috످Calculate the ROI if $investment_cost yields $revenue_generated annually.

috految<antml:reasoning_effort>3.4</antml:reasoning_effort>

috److It looks like `$investment_cost` and `$revenue_generated` are unfilled placeholders. To calculate your ROI, could you share your investment cost and annual revenue, plus any annual expenses and the number of years you plan to hold the investment?

You can also calculate it yourself:

ROI (%) = (Net Profit ÷ Investment Cost) × 100

Where Net Profit = (Annual Revenue − Annual Expenses) × Years + Any Resale Value − Investment Cost

For example, if you invest $10,000 and earn $5,000 annually for 3 years, with no expenses or resale value, net profit is ($5,000 × 3) − $10,000 = $5,000. ROI is ($5,000 ÷ $10,000) × 100 = 50% over 3 years.

috످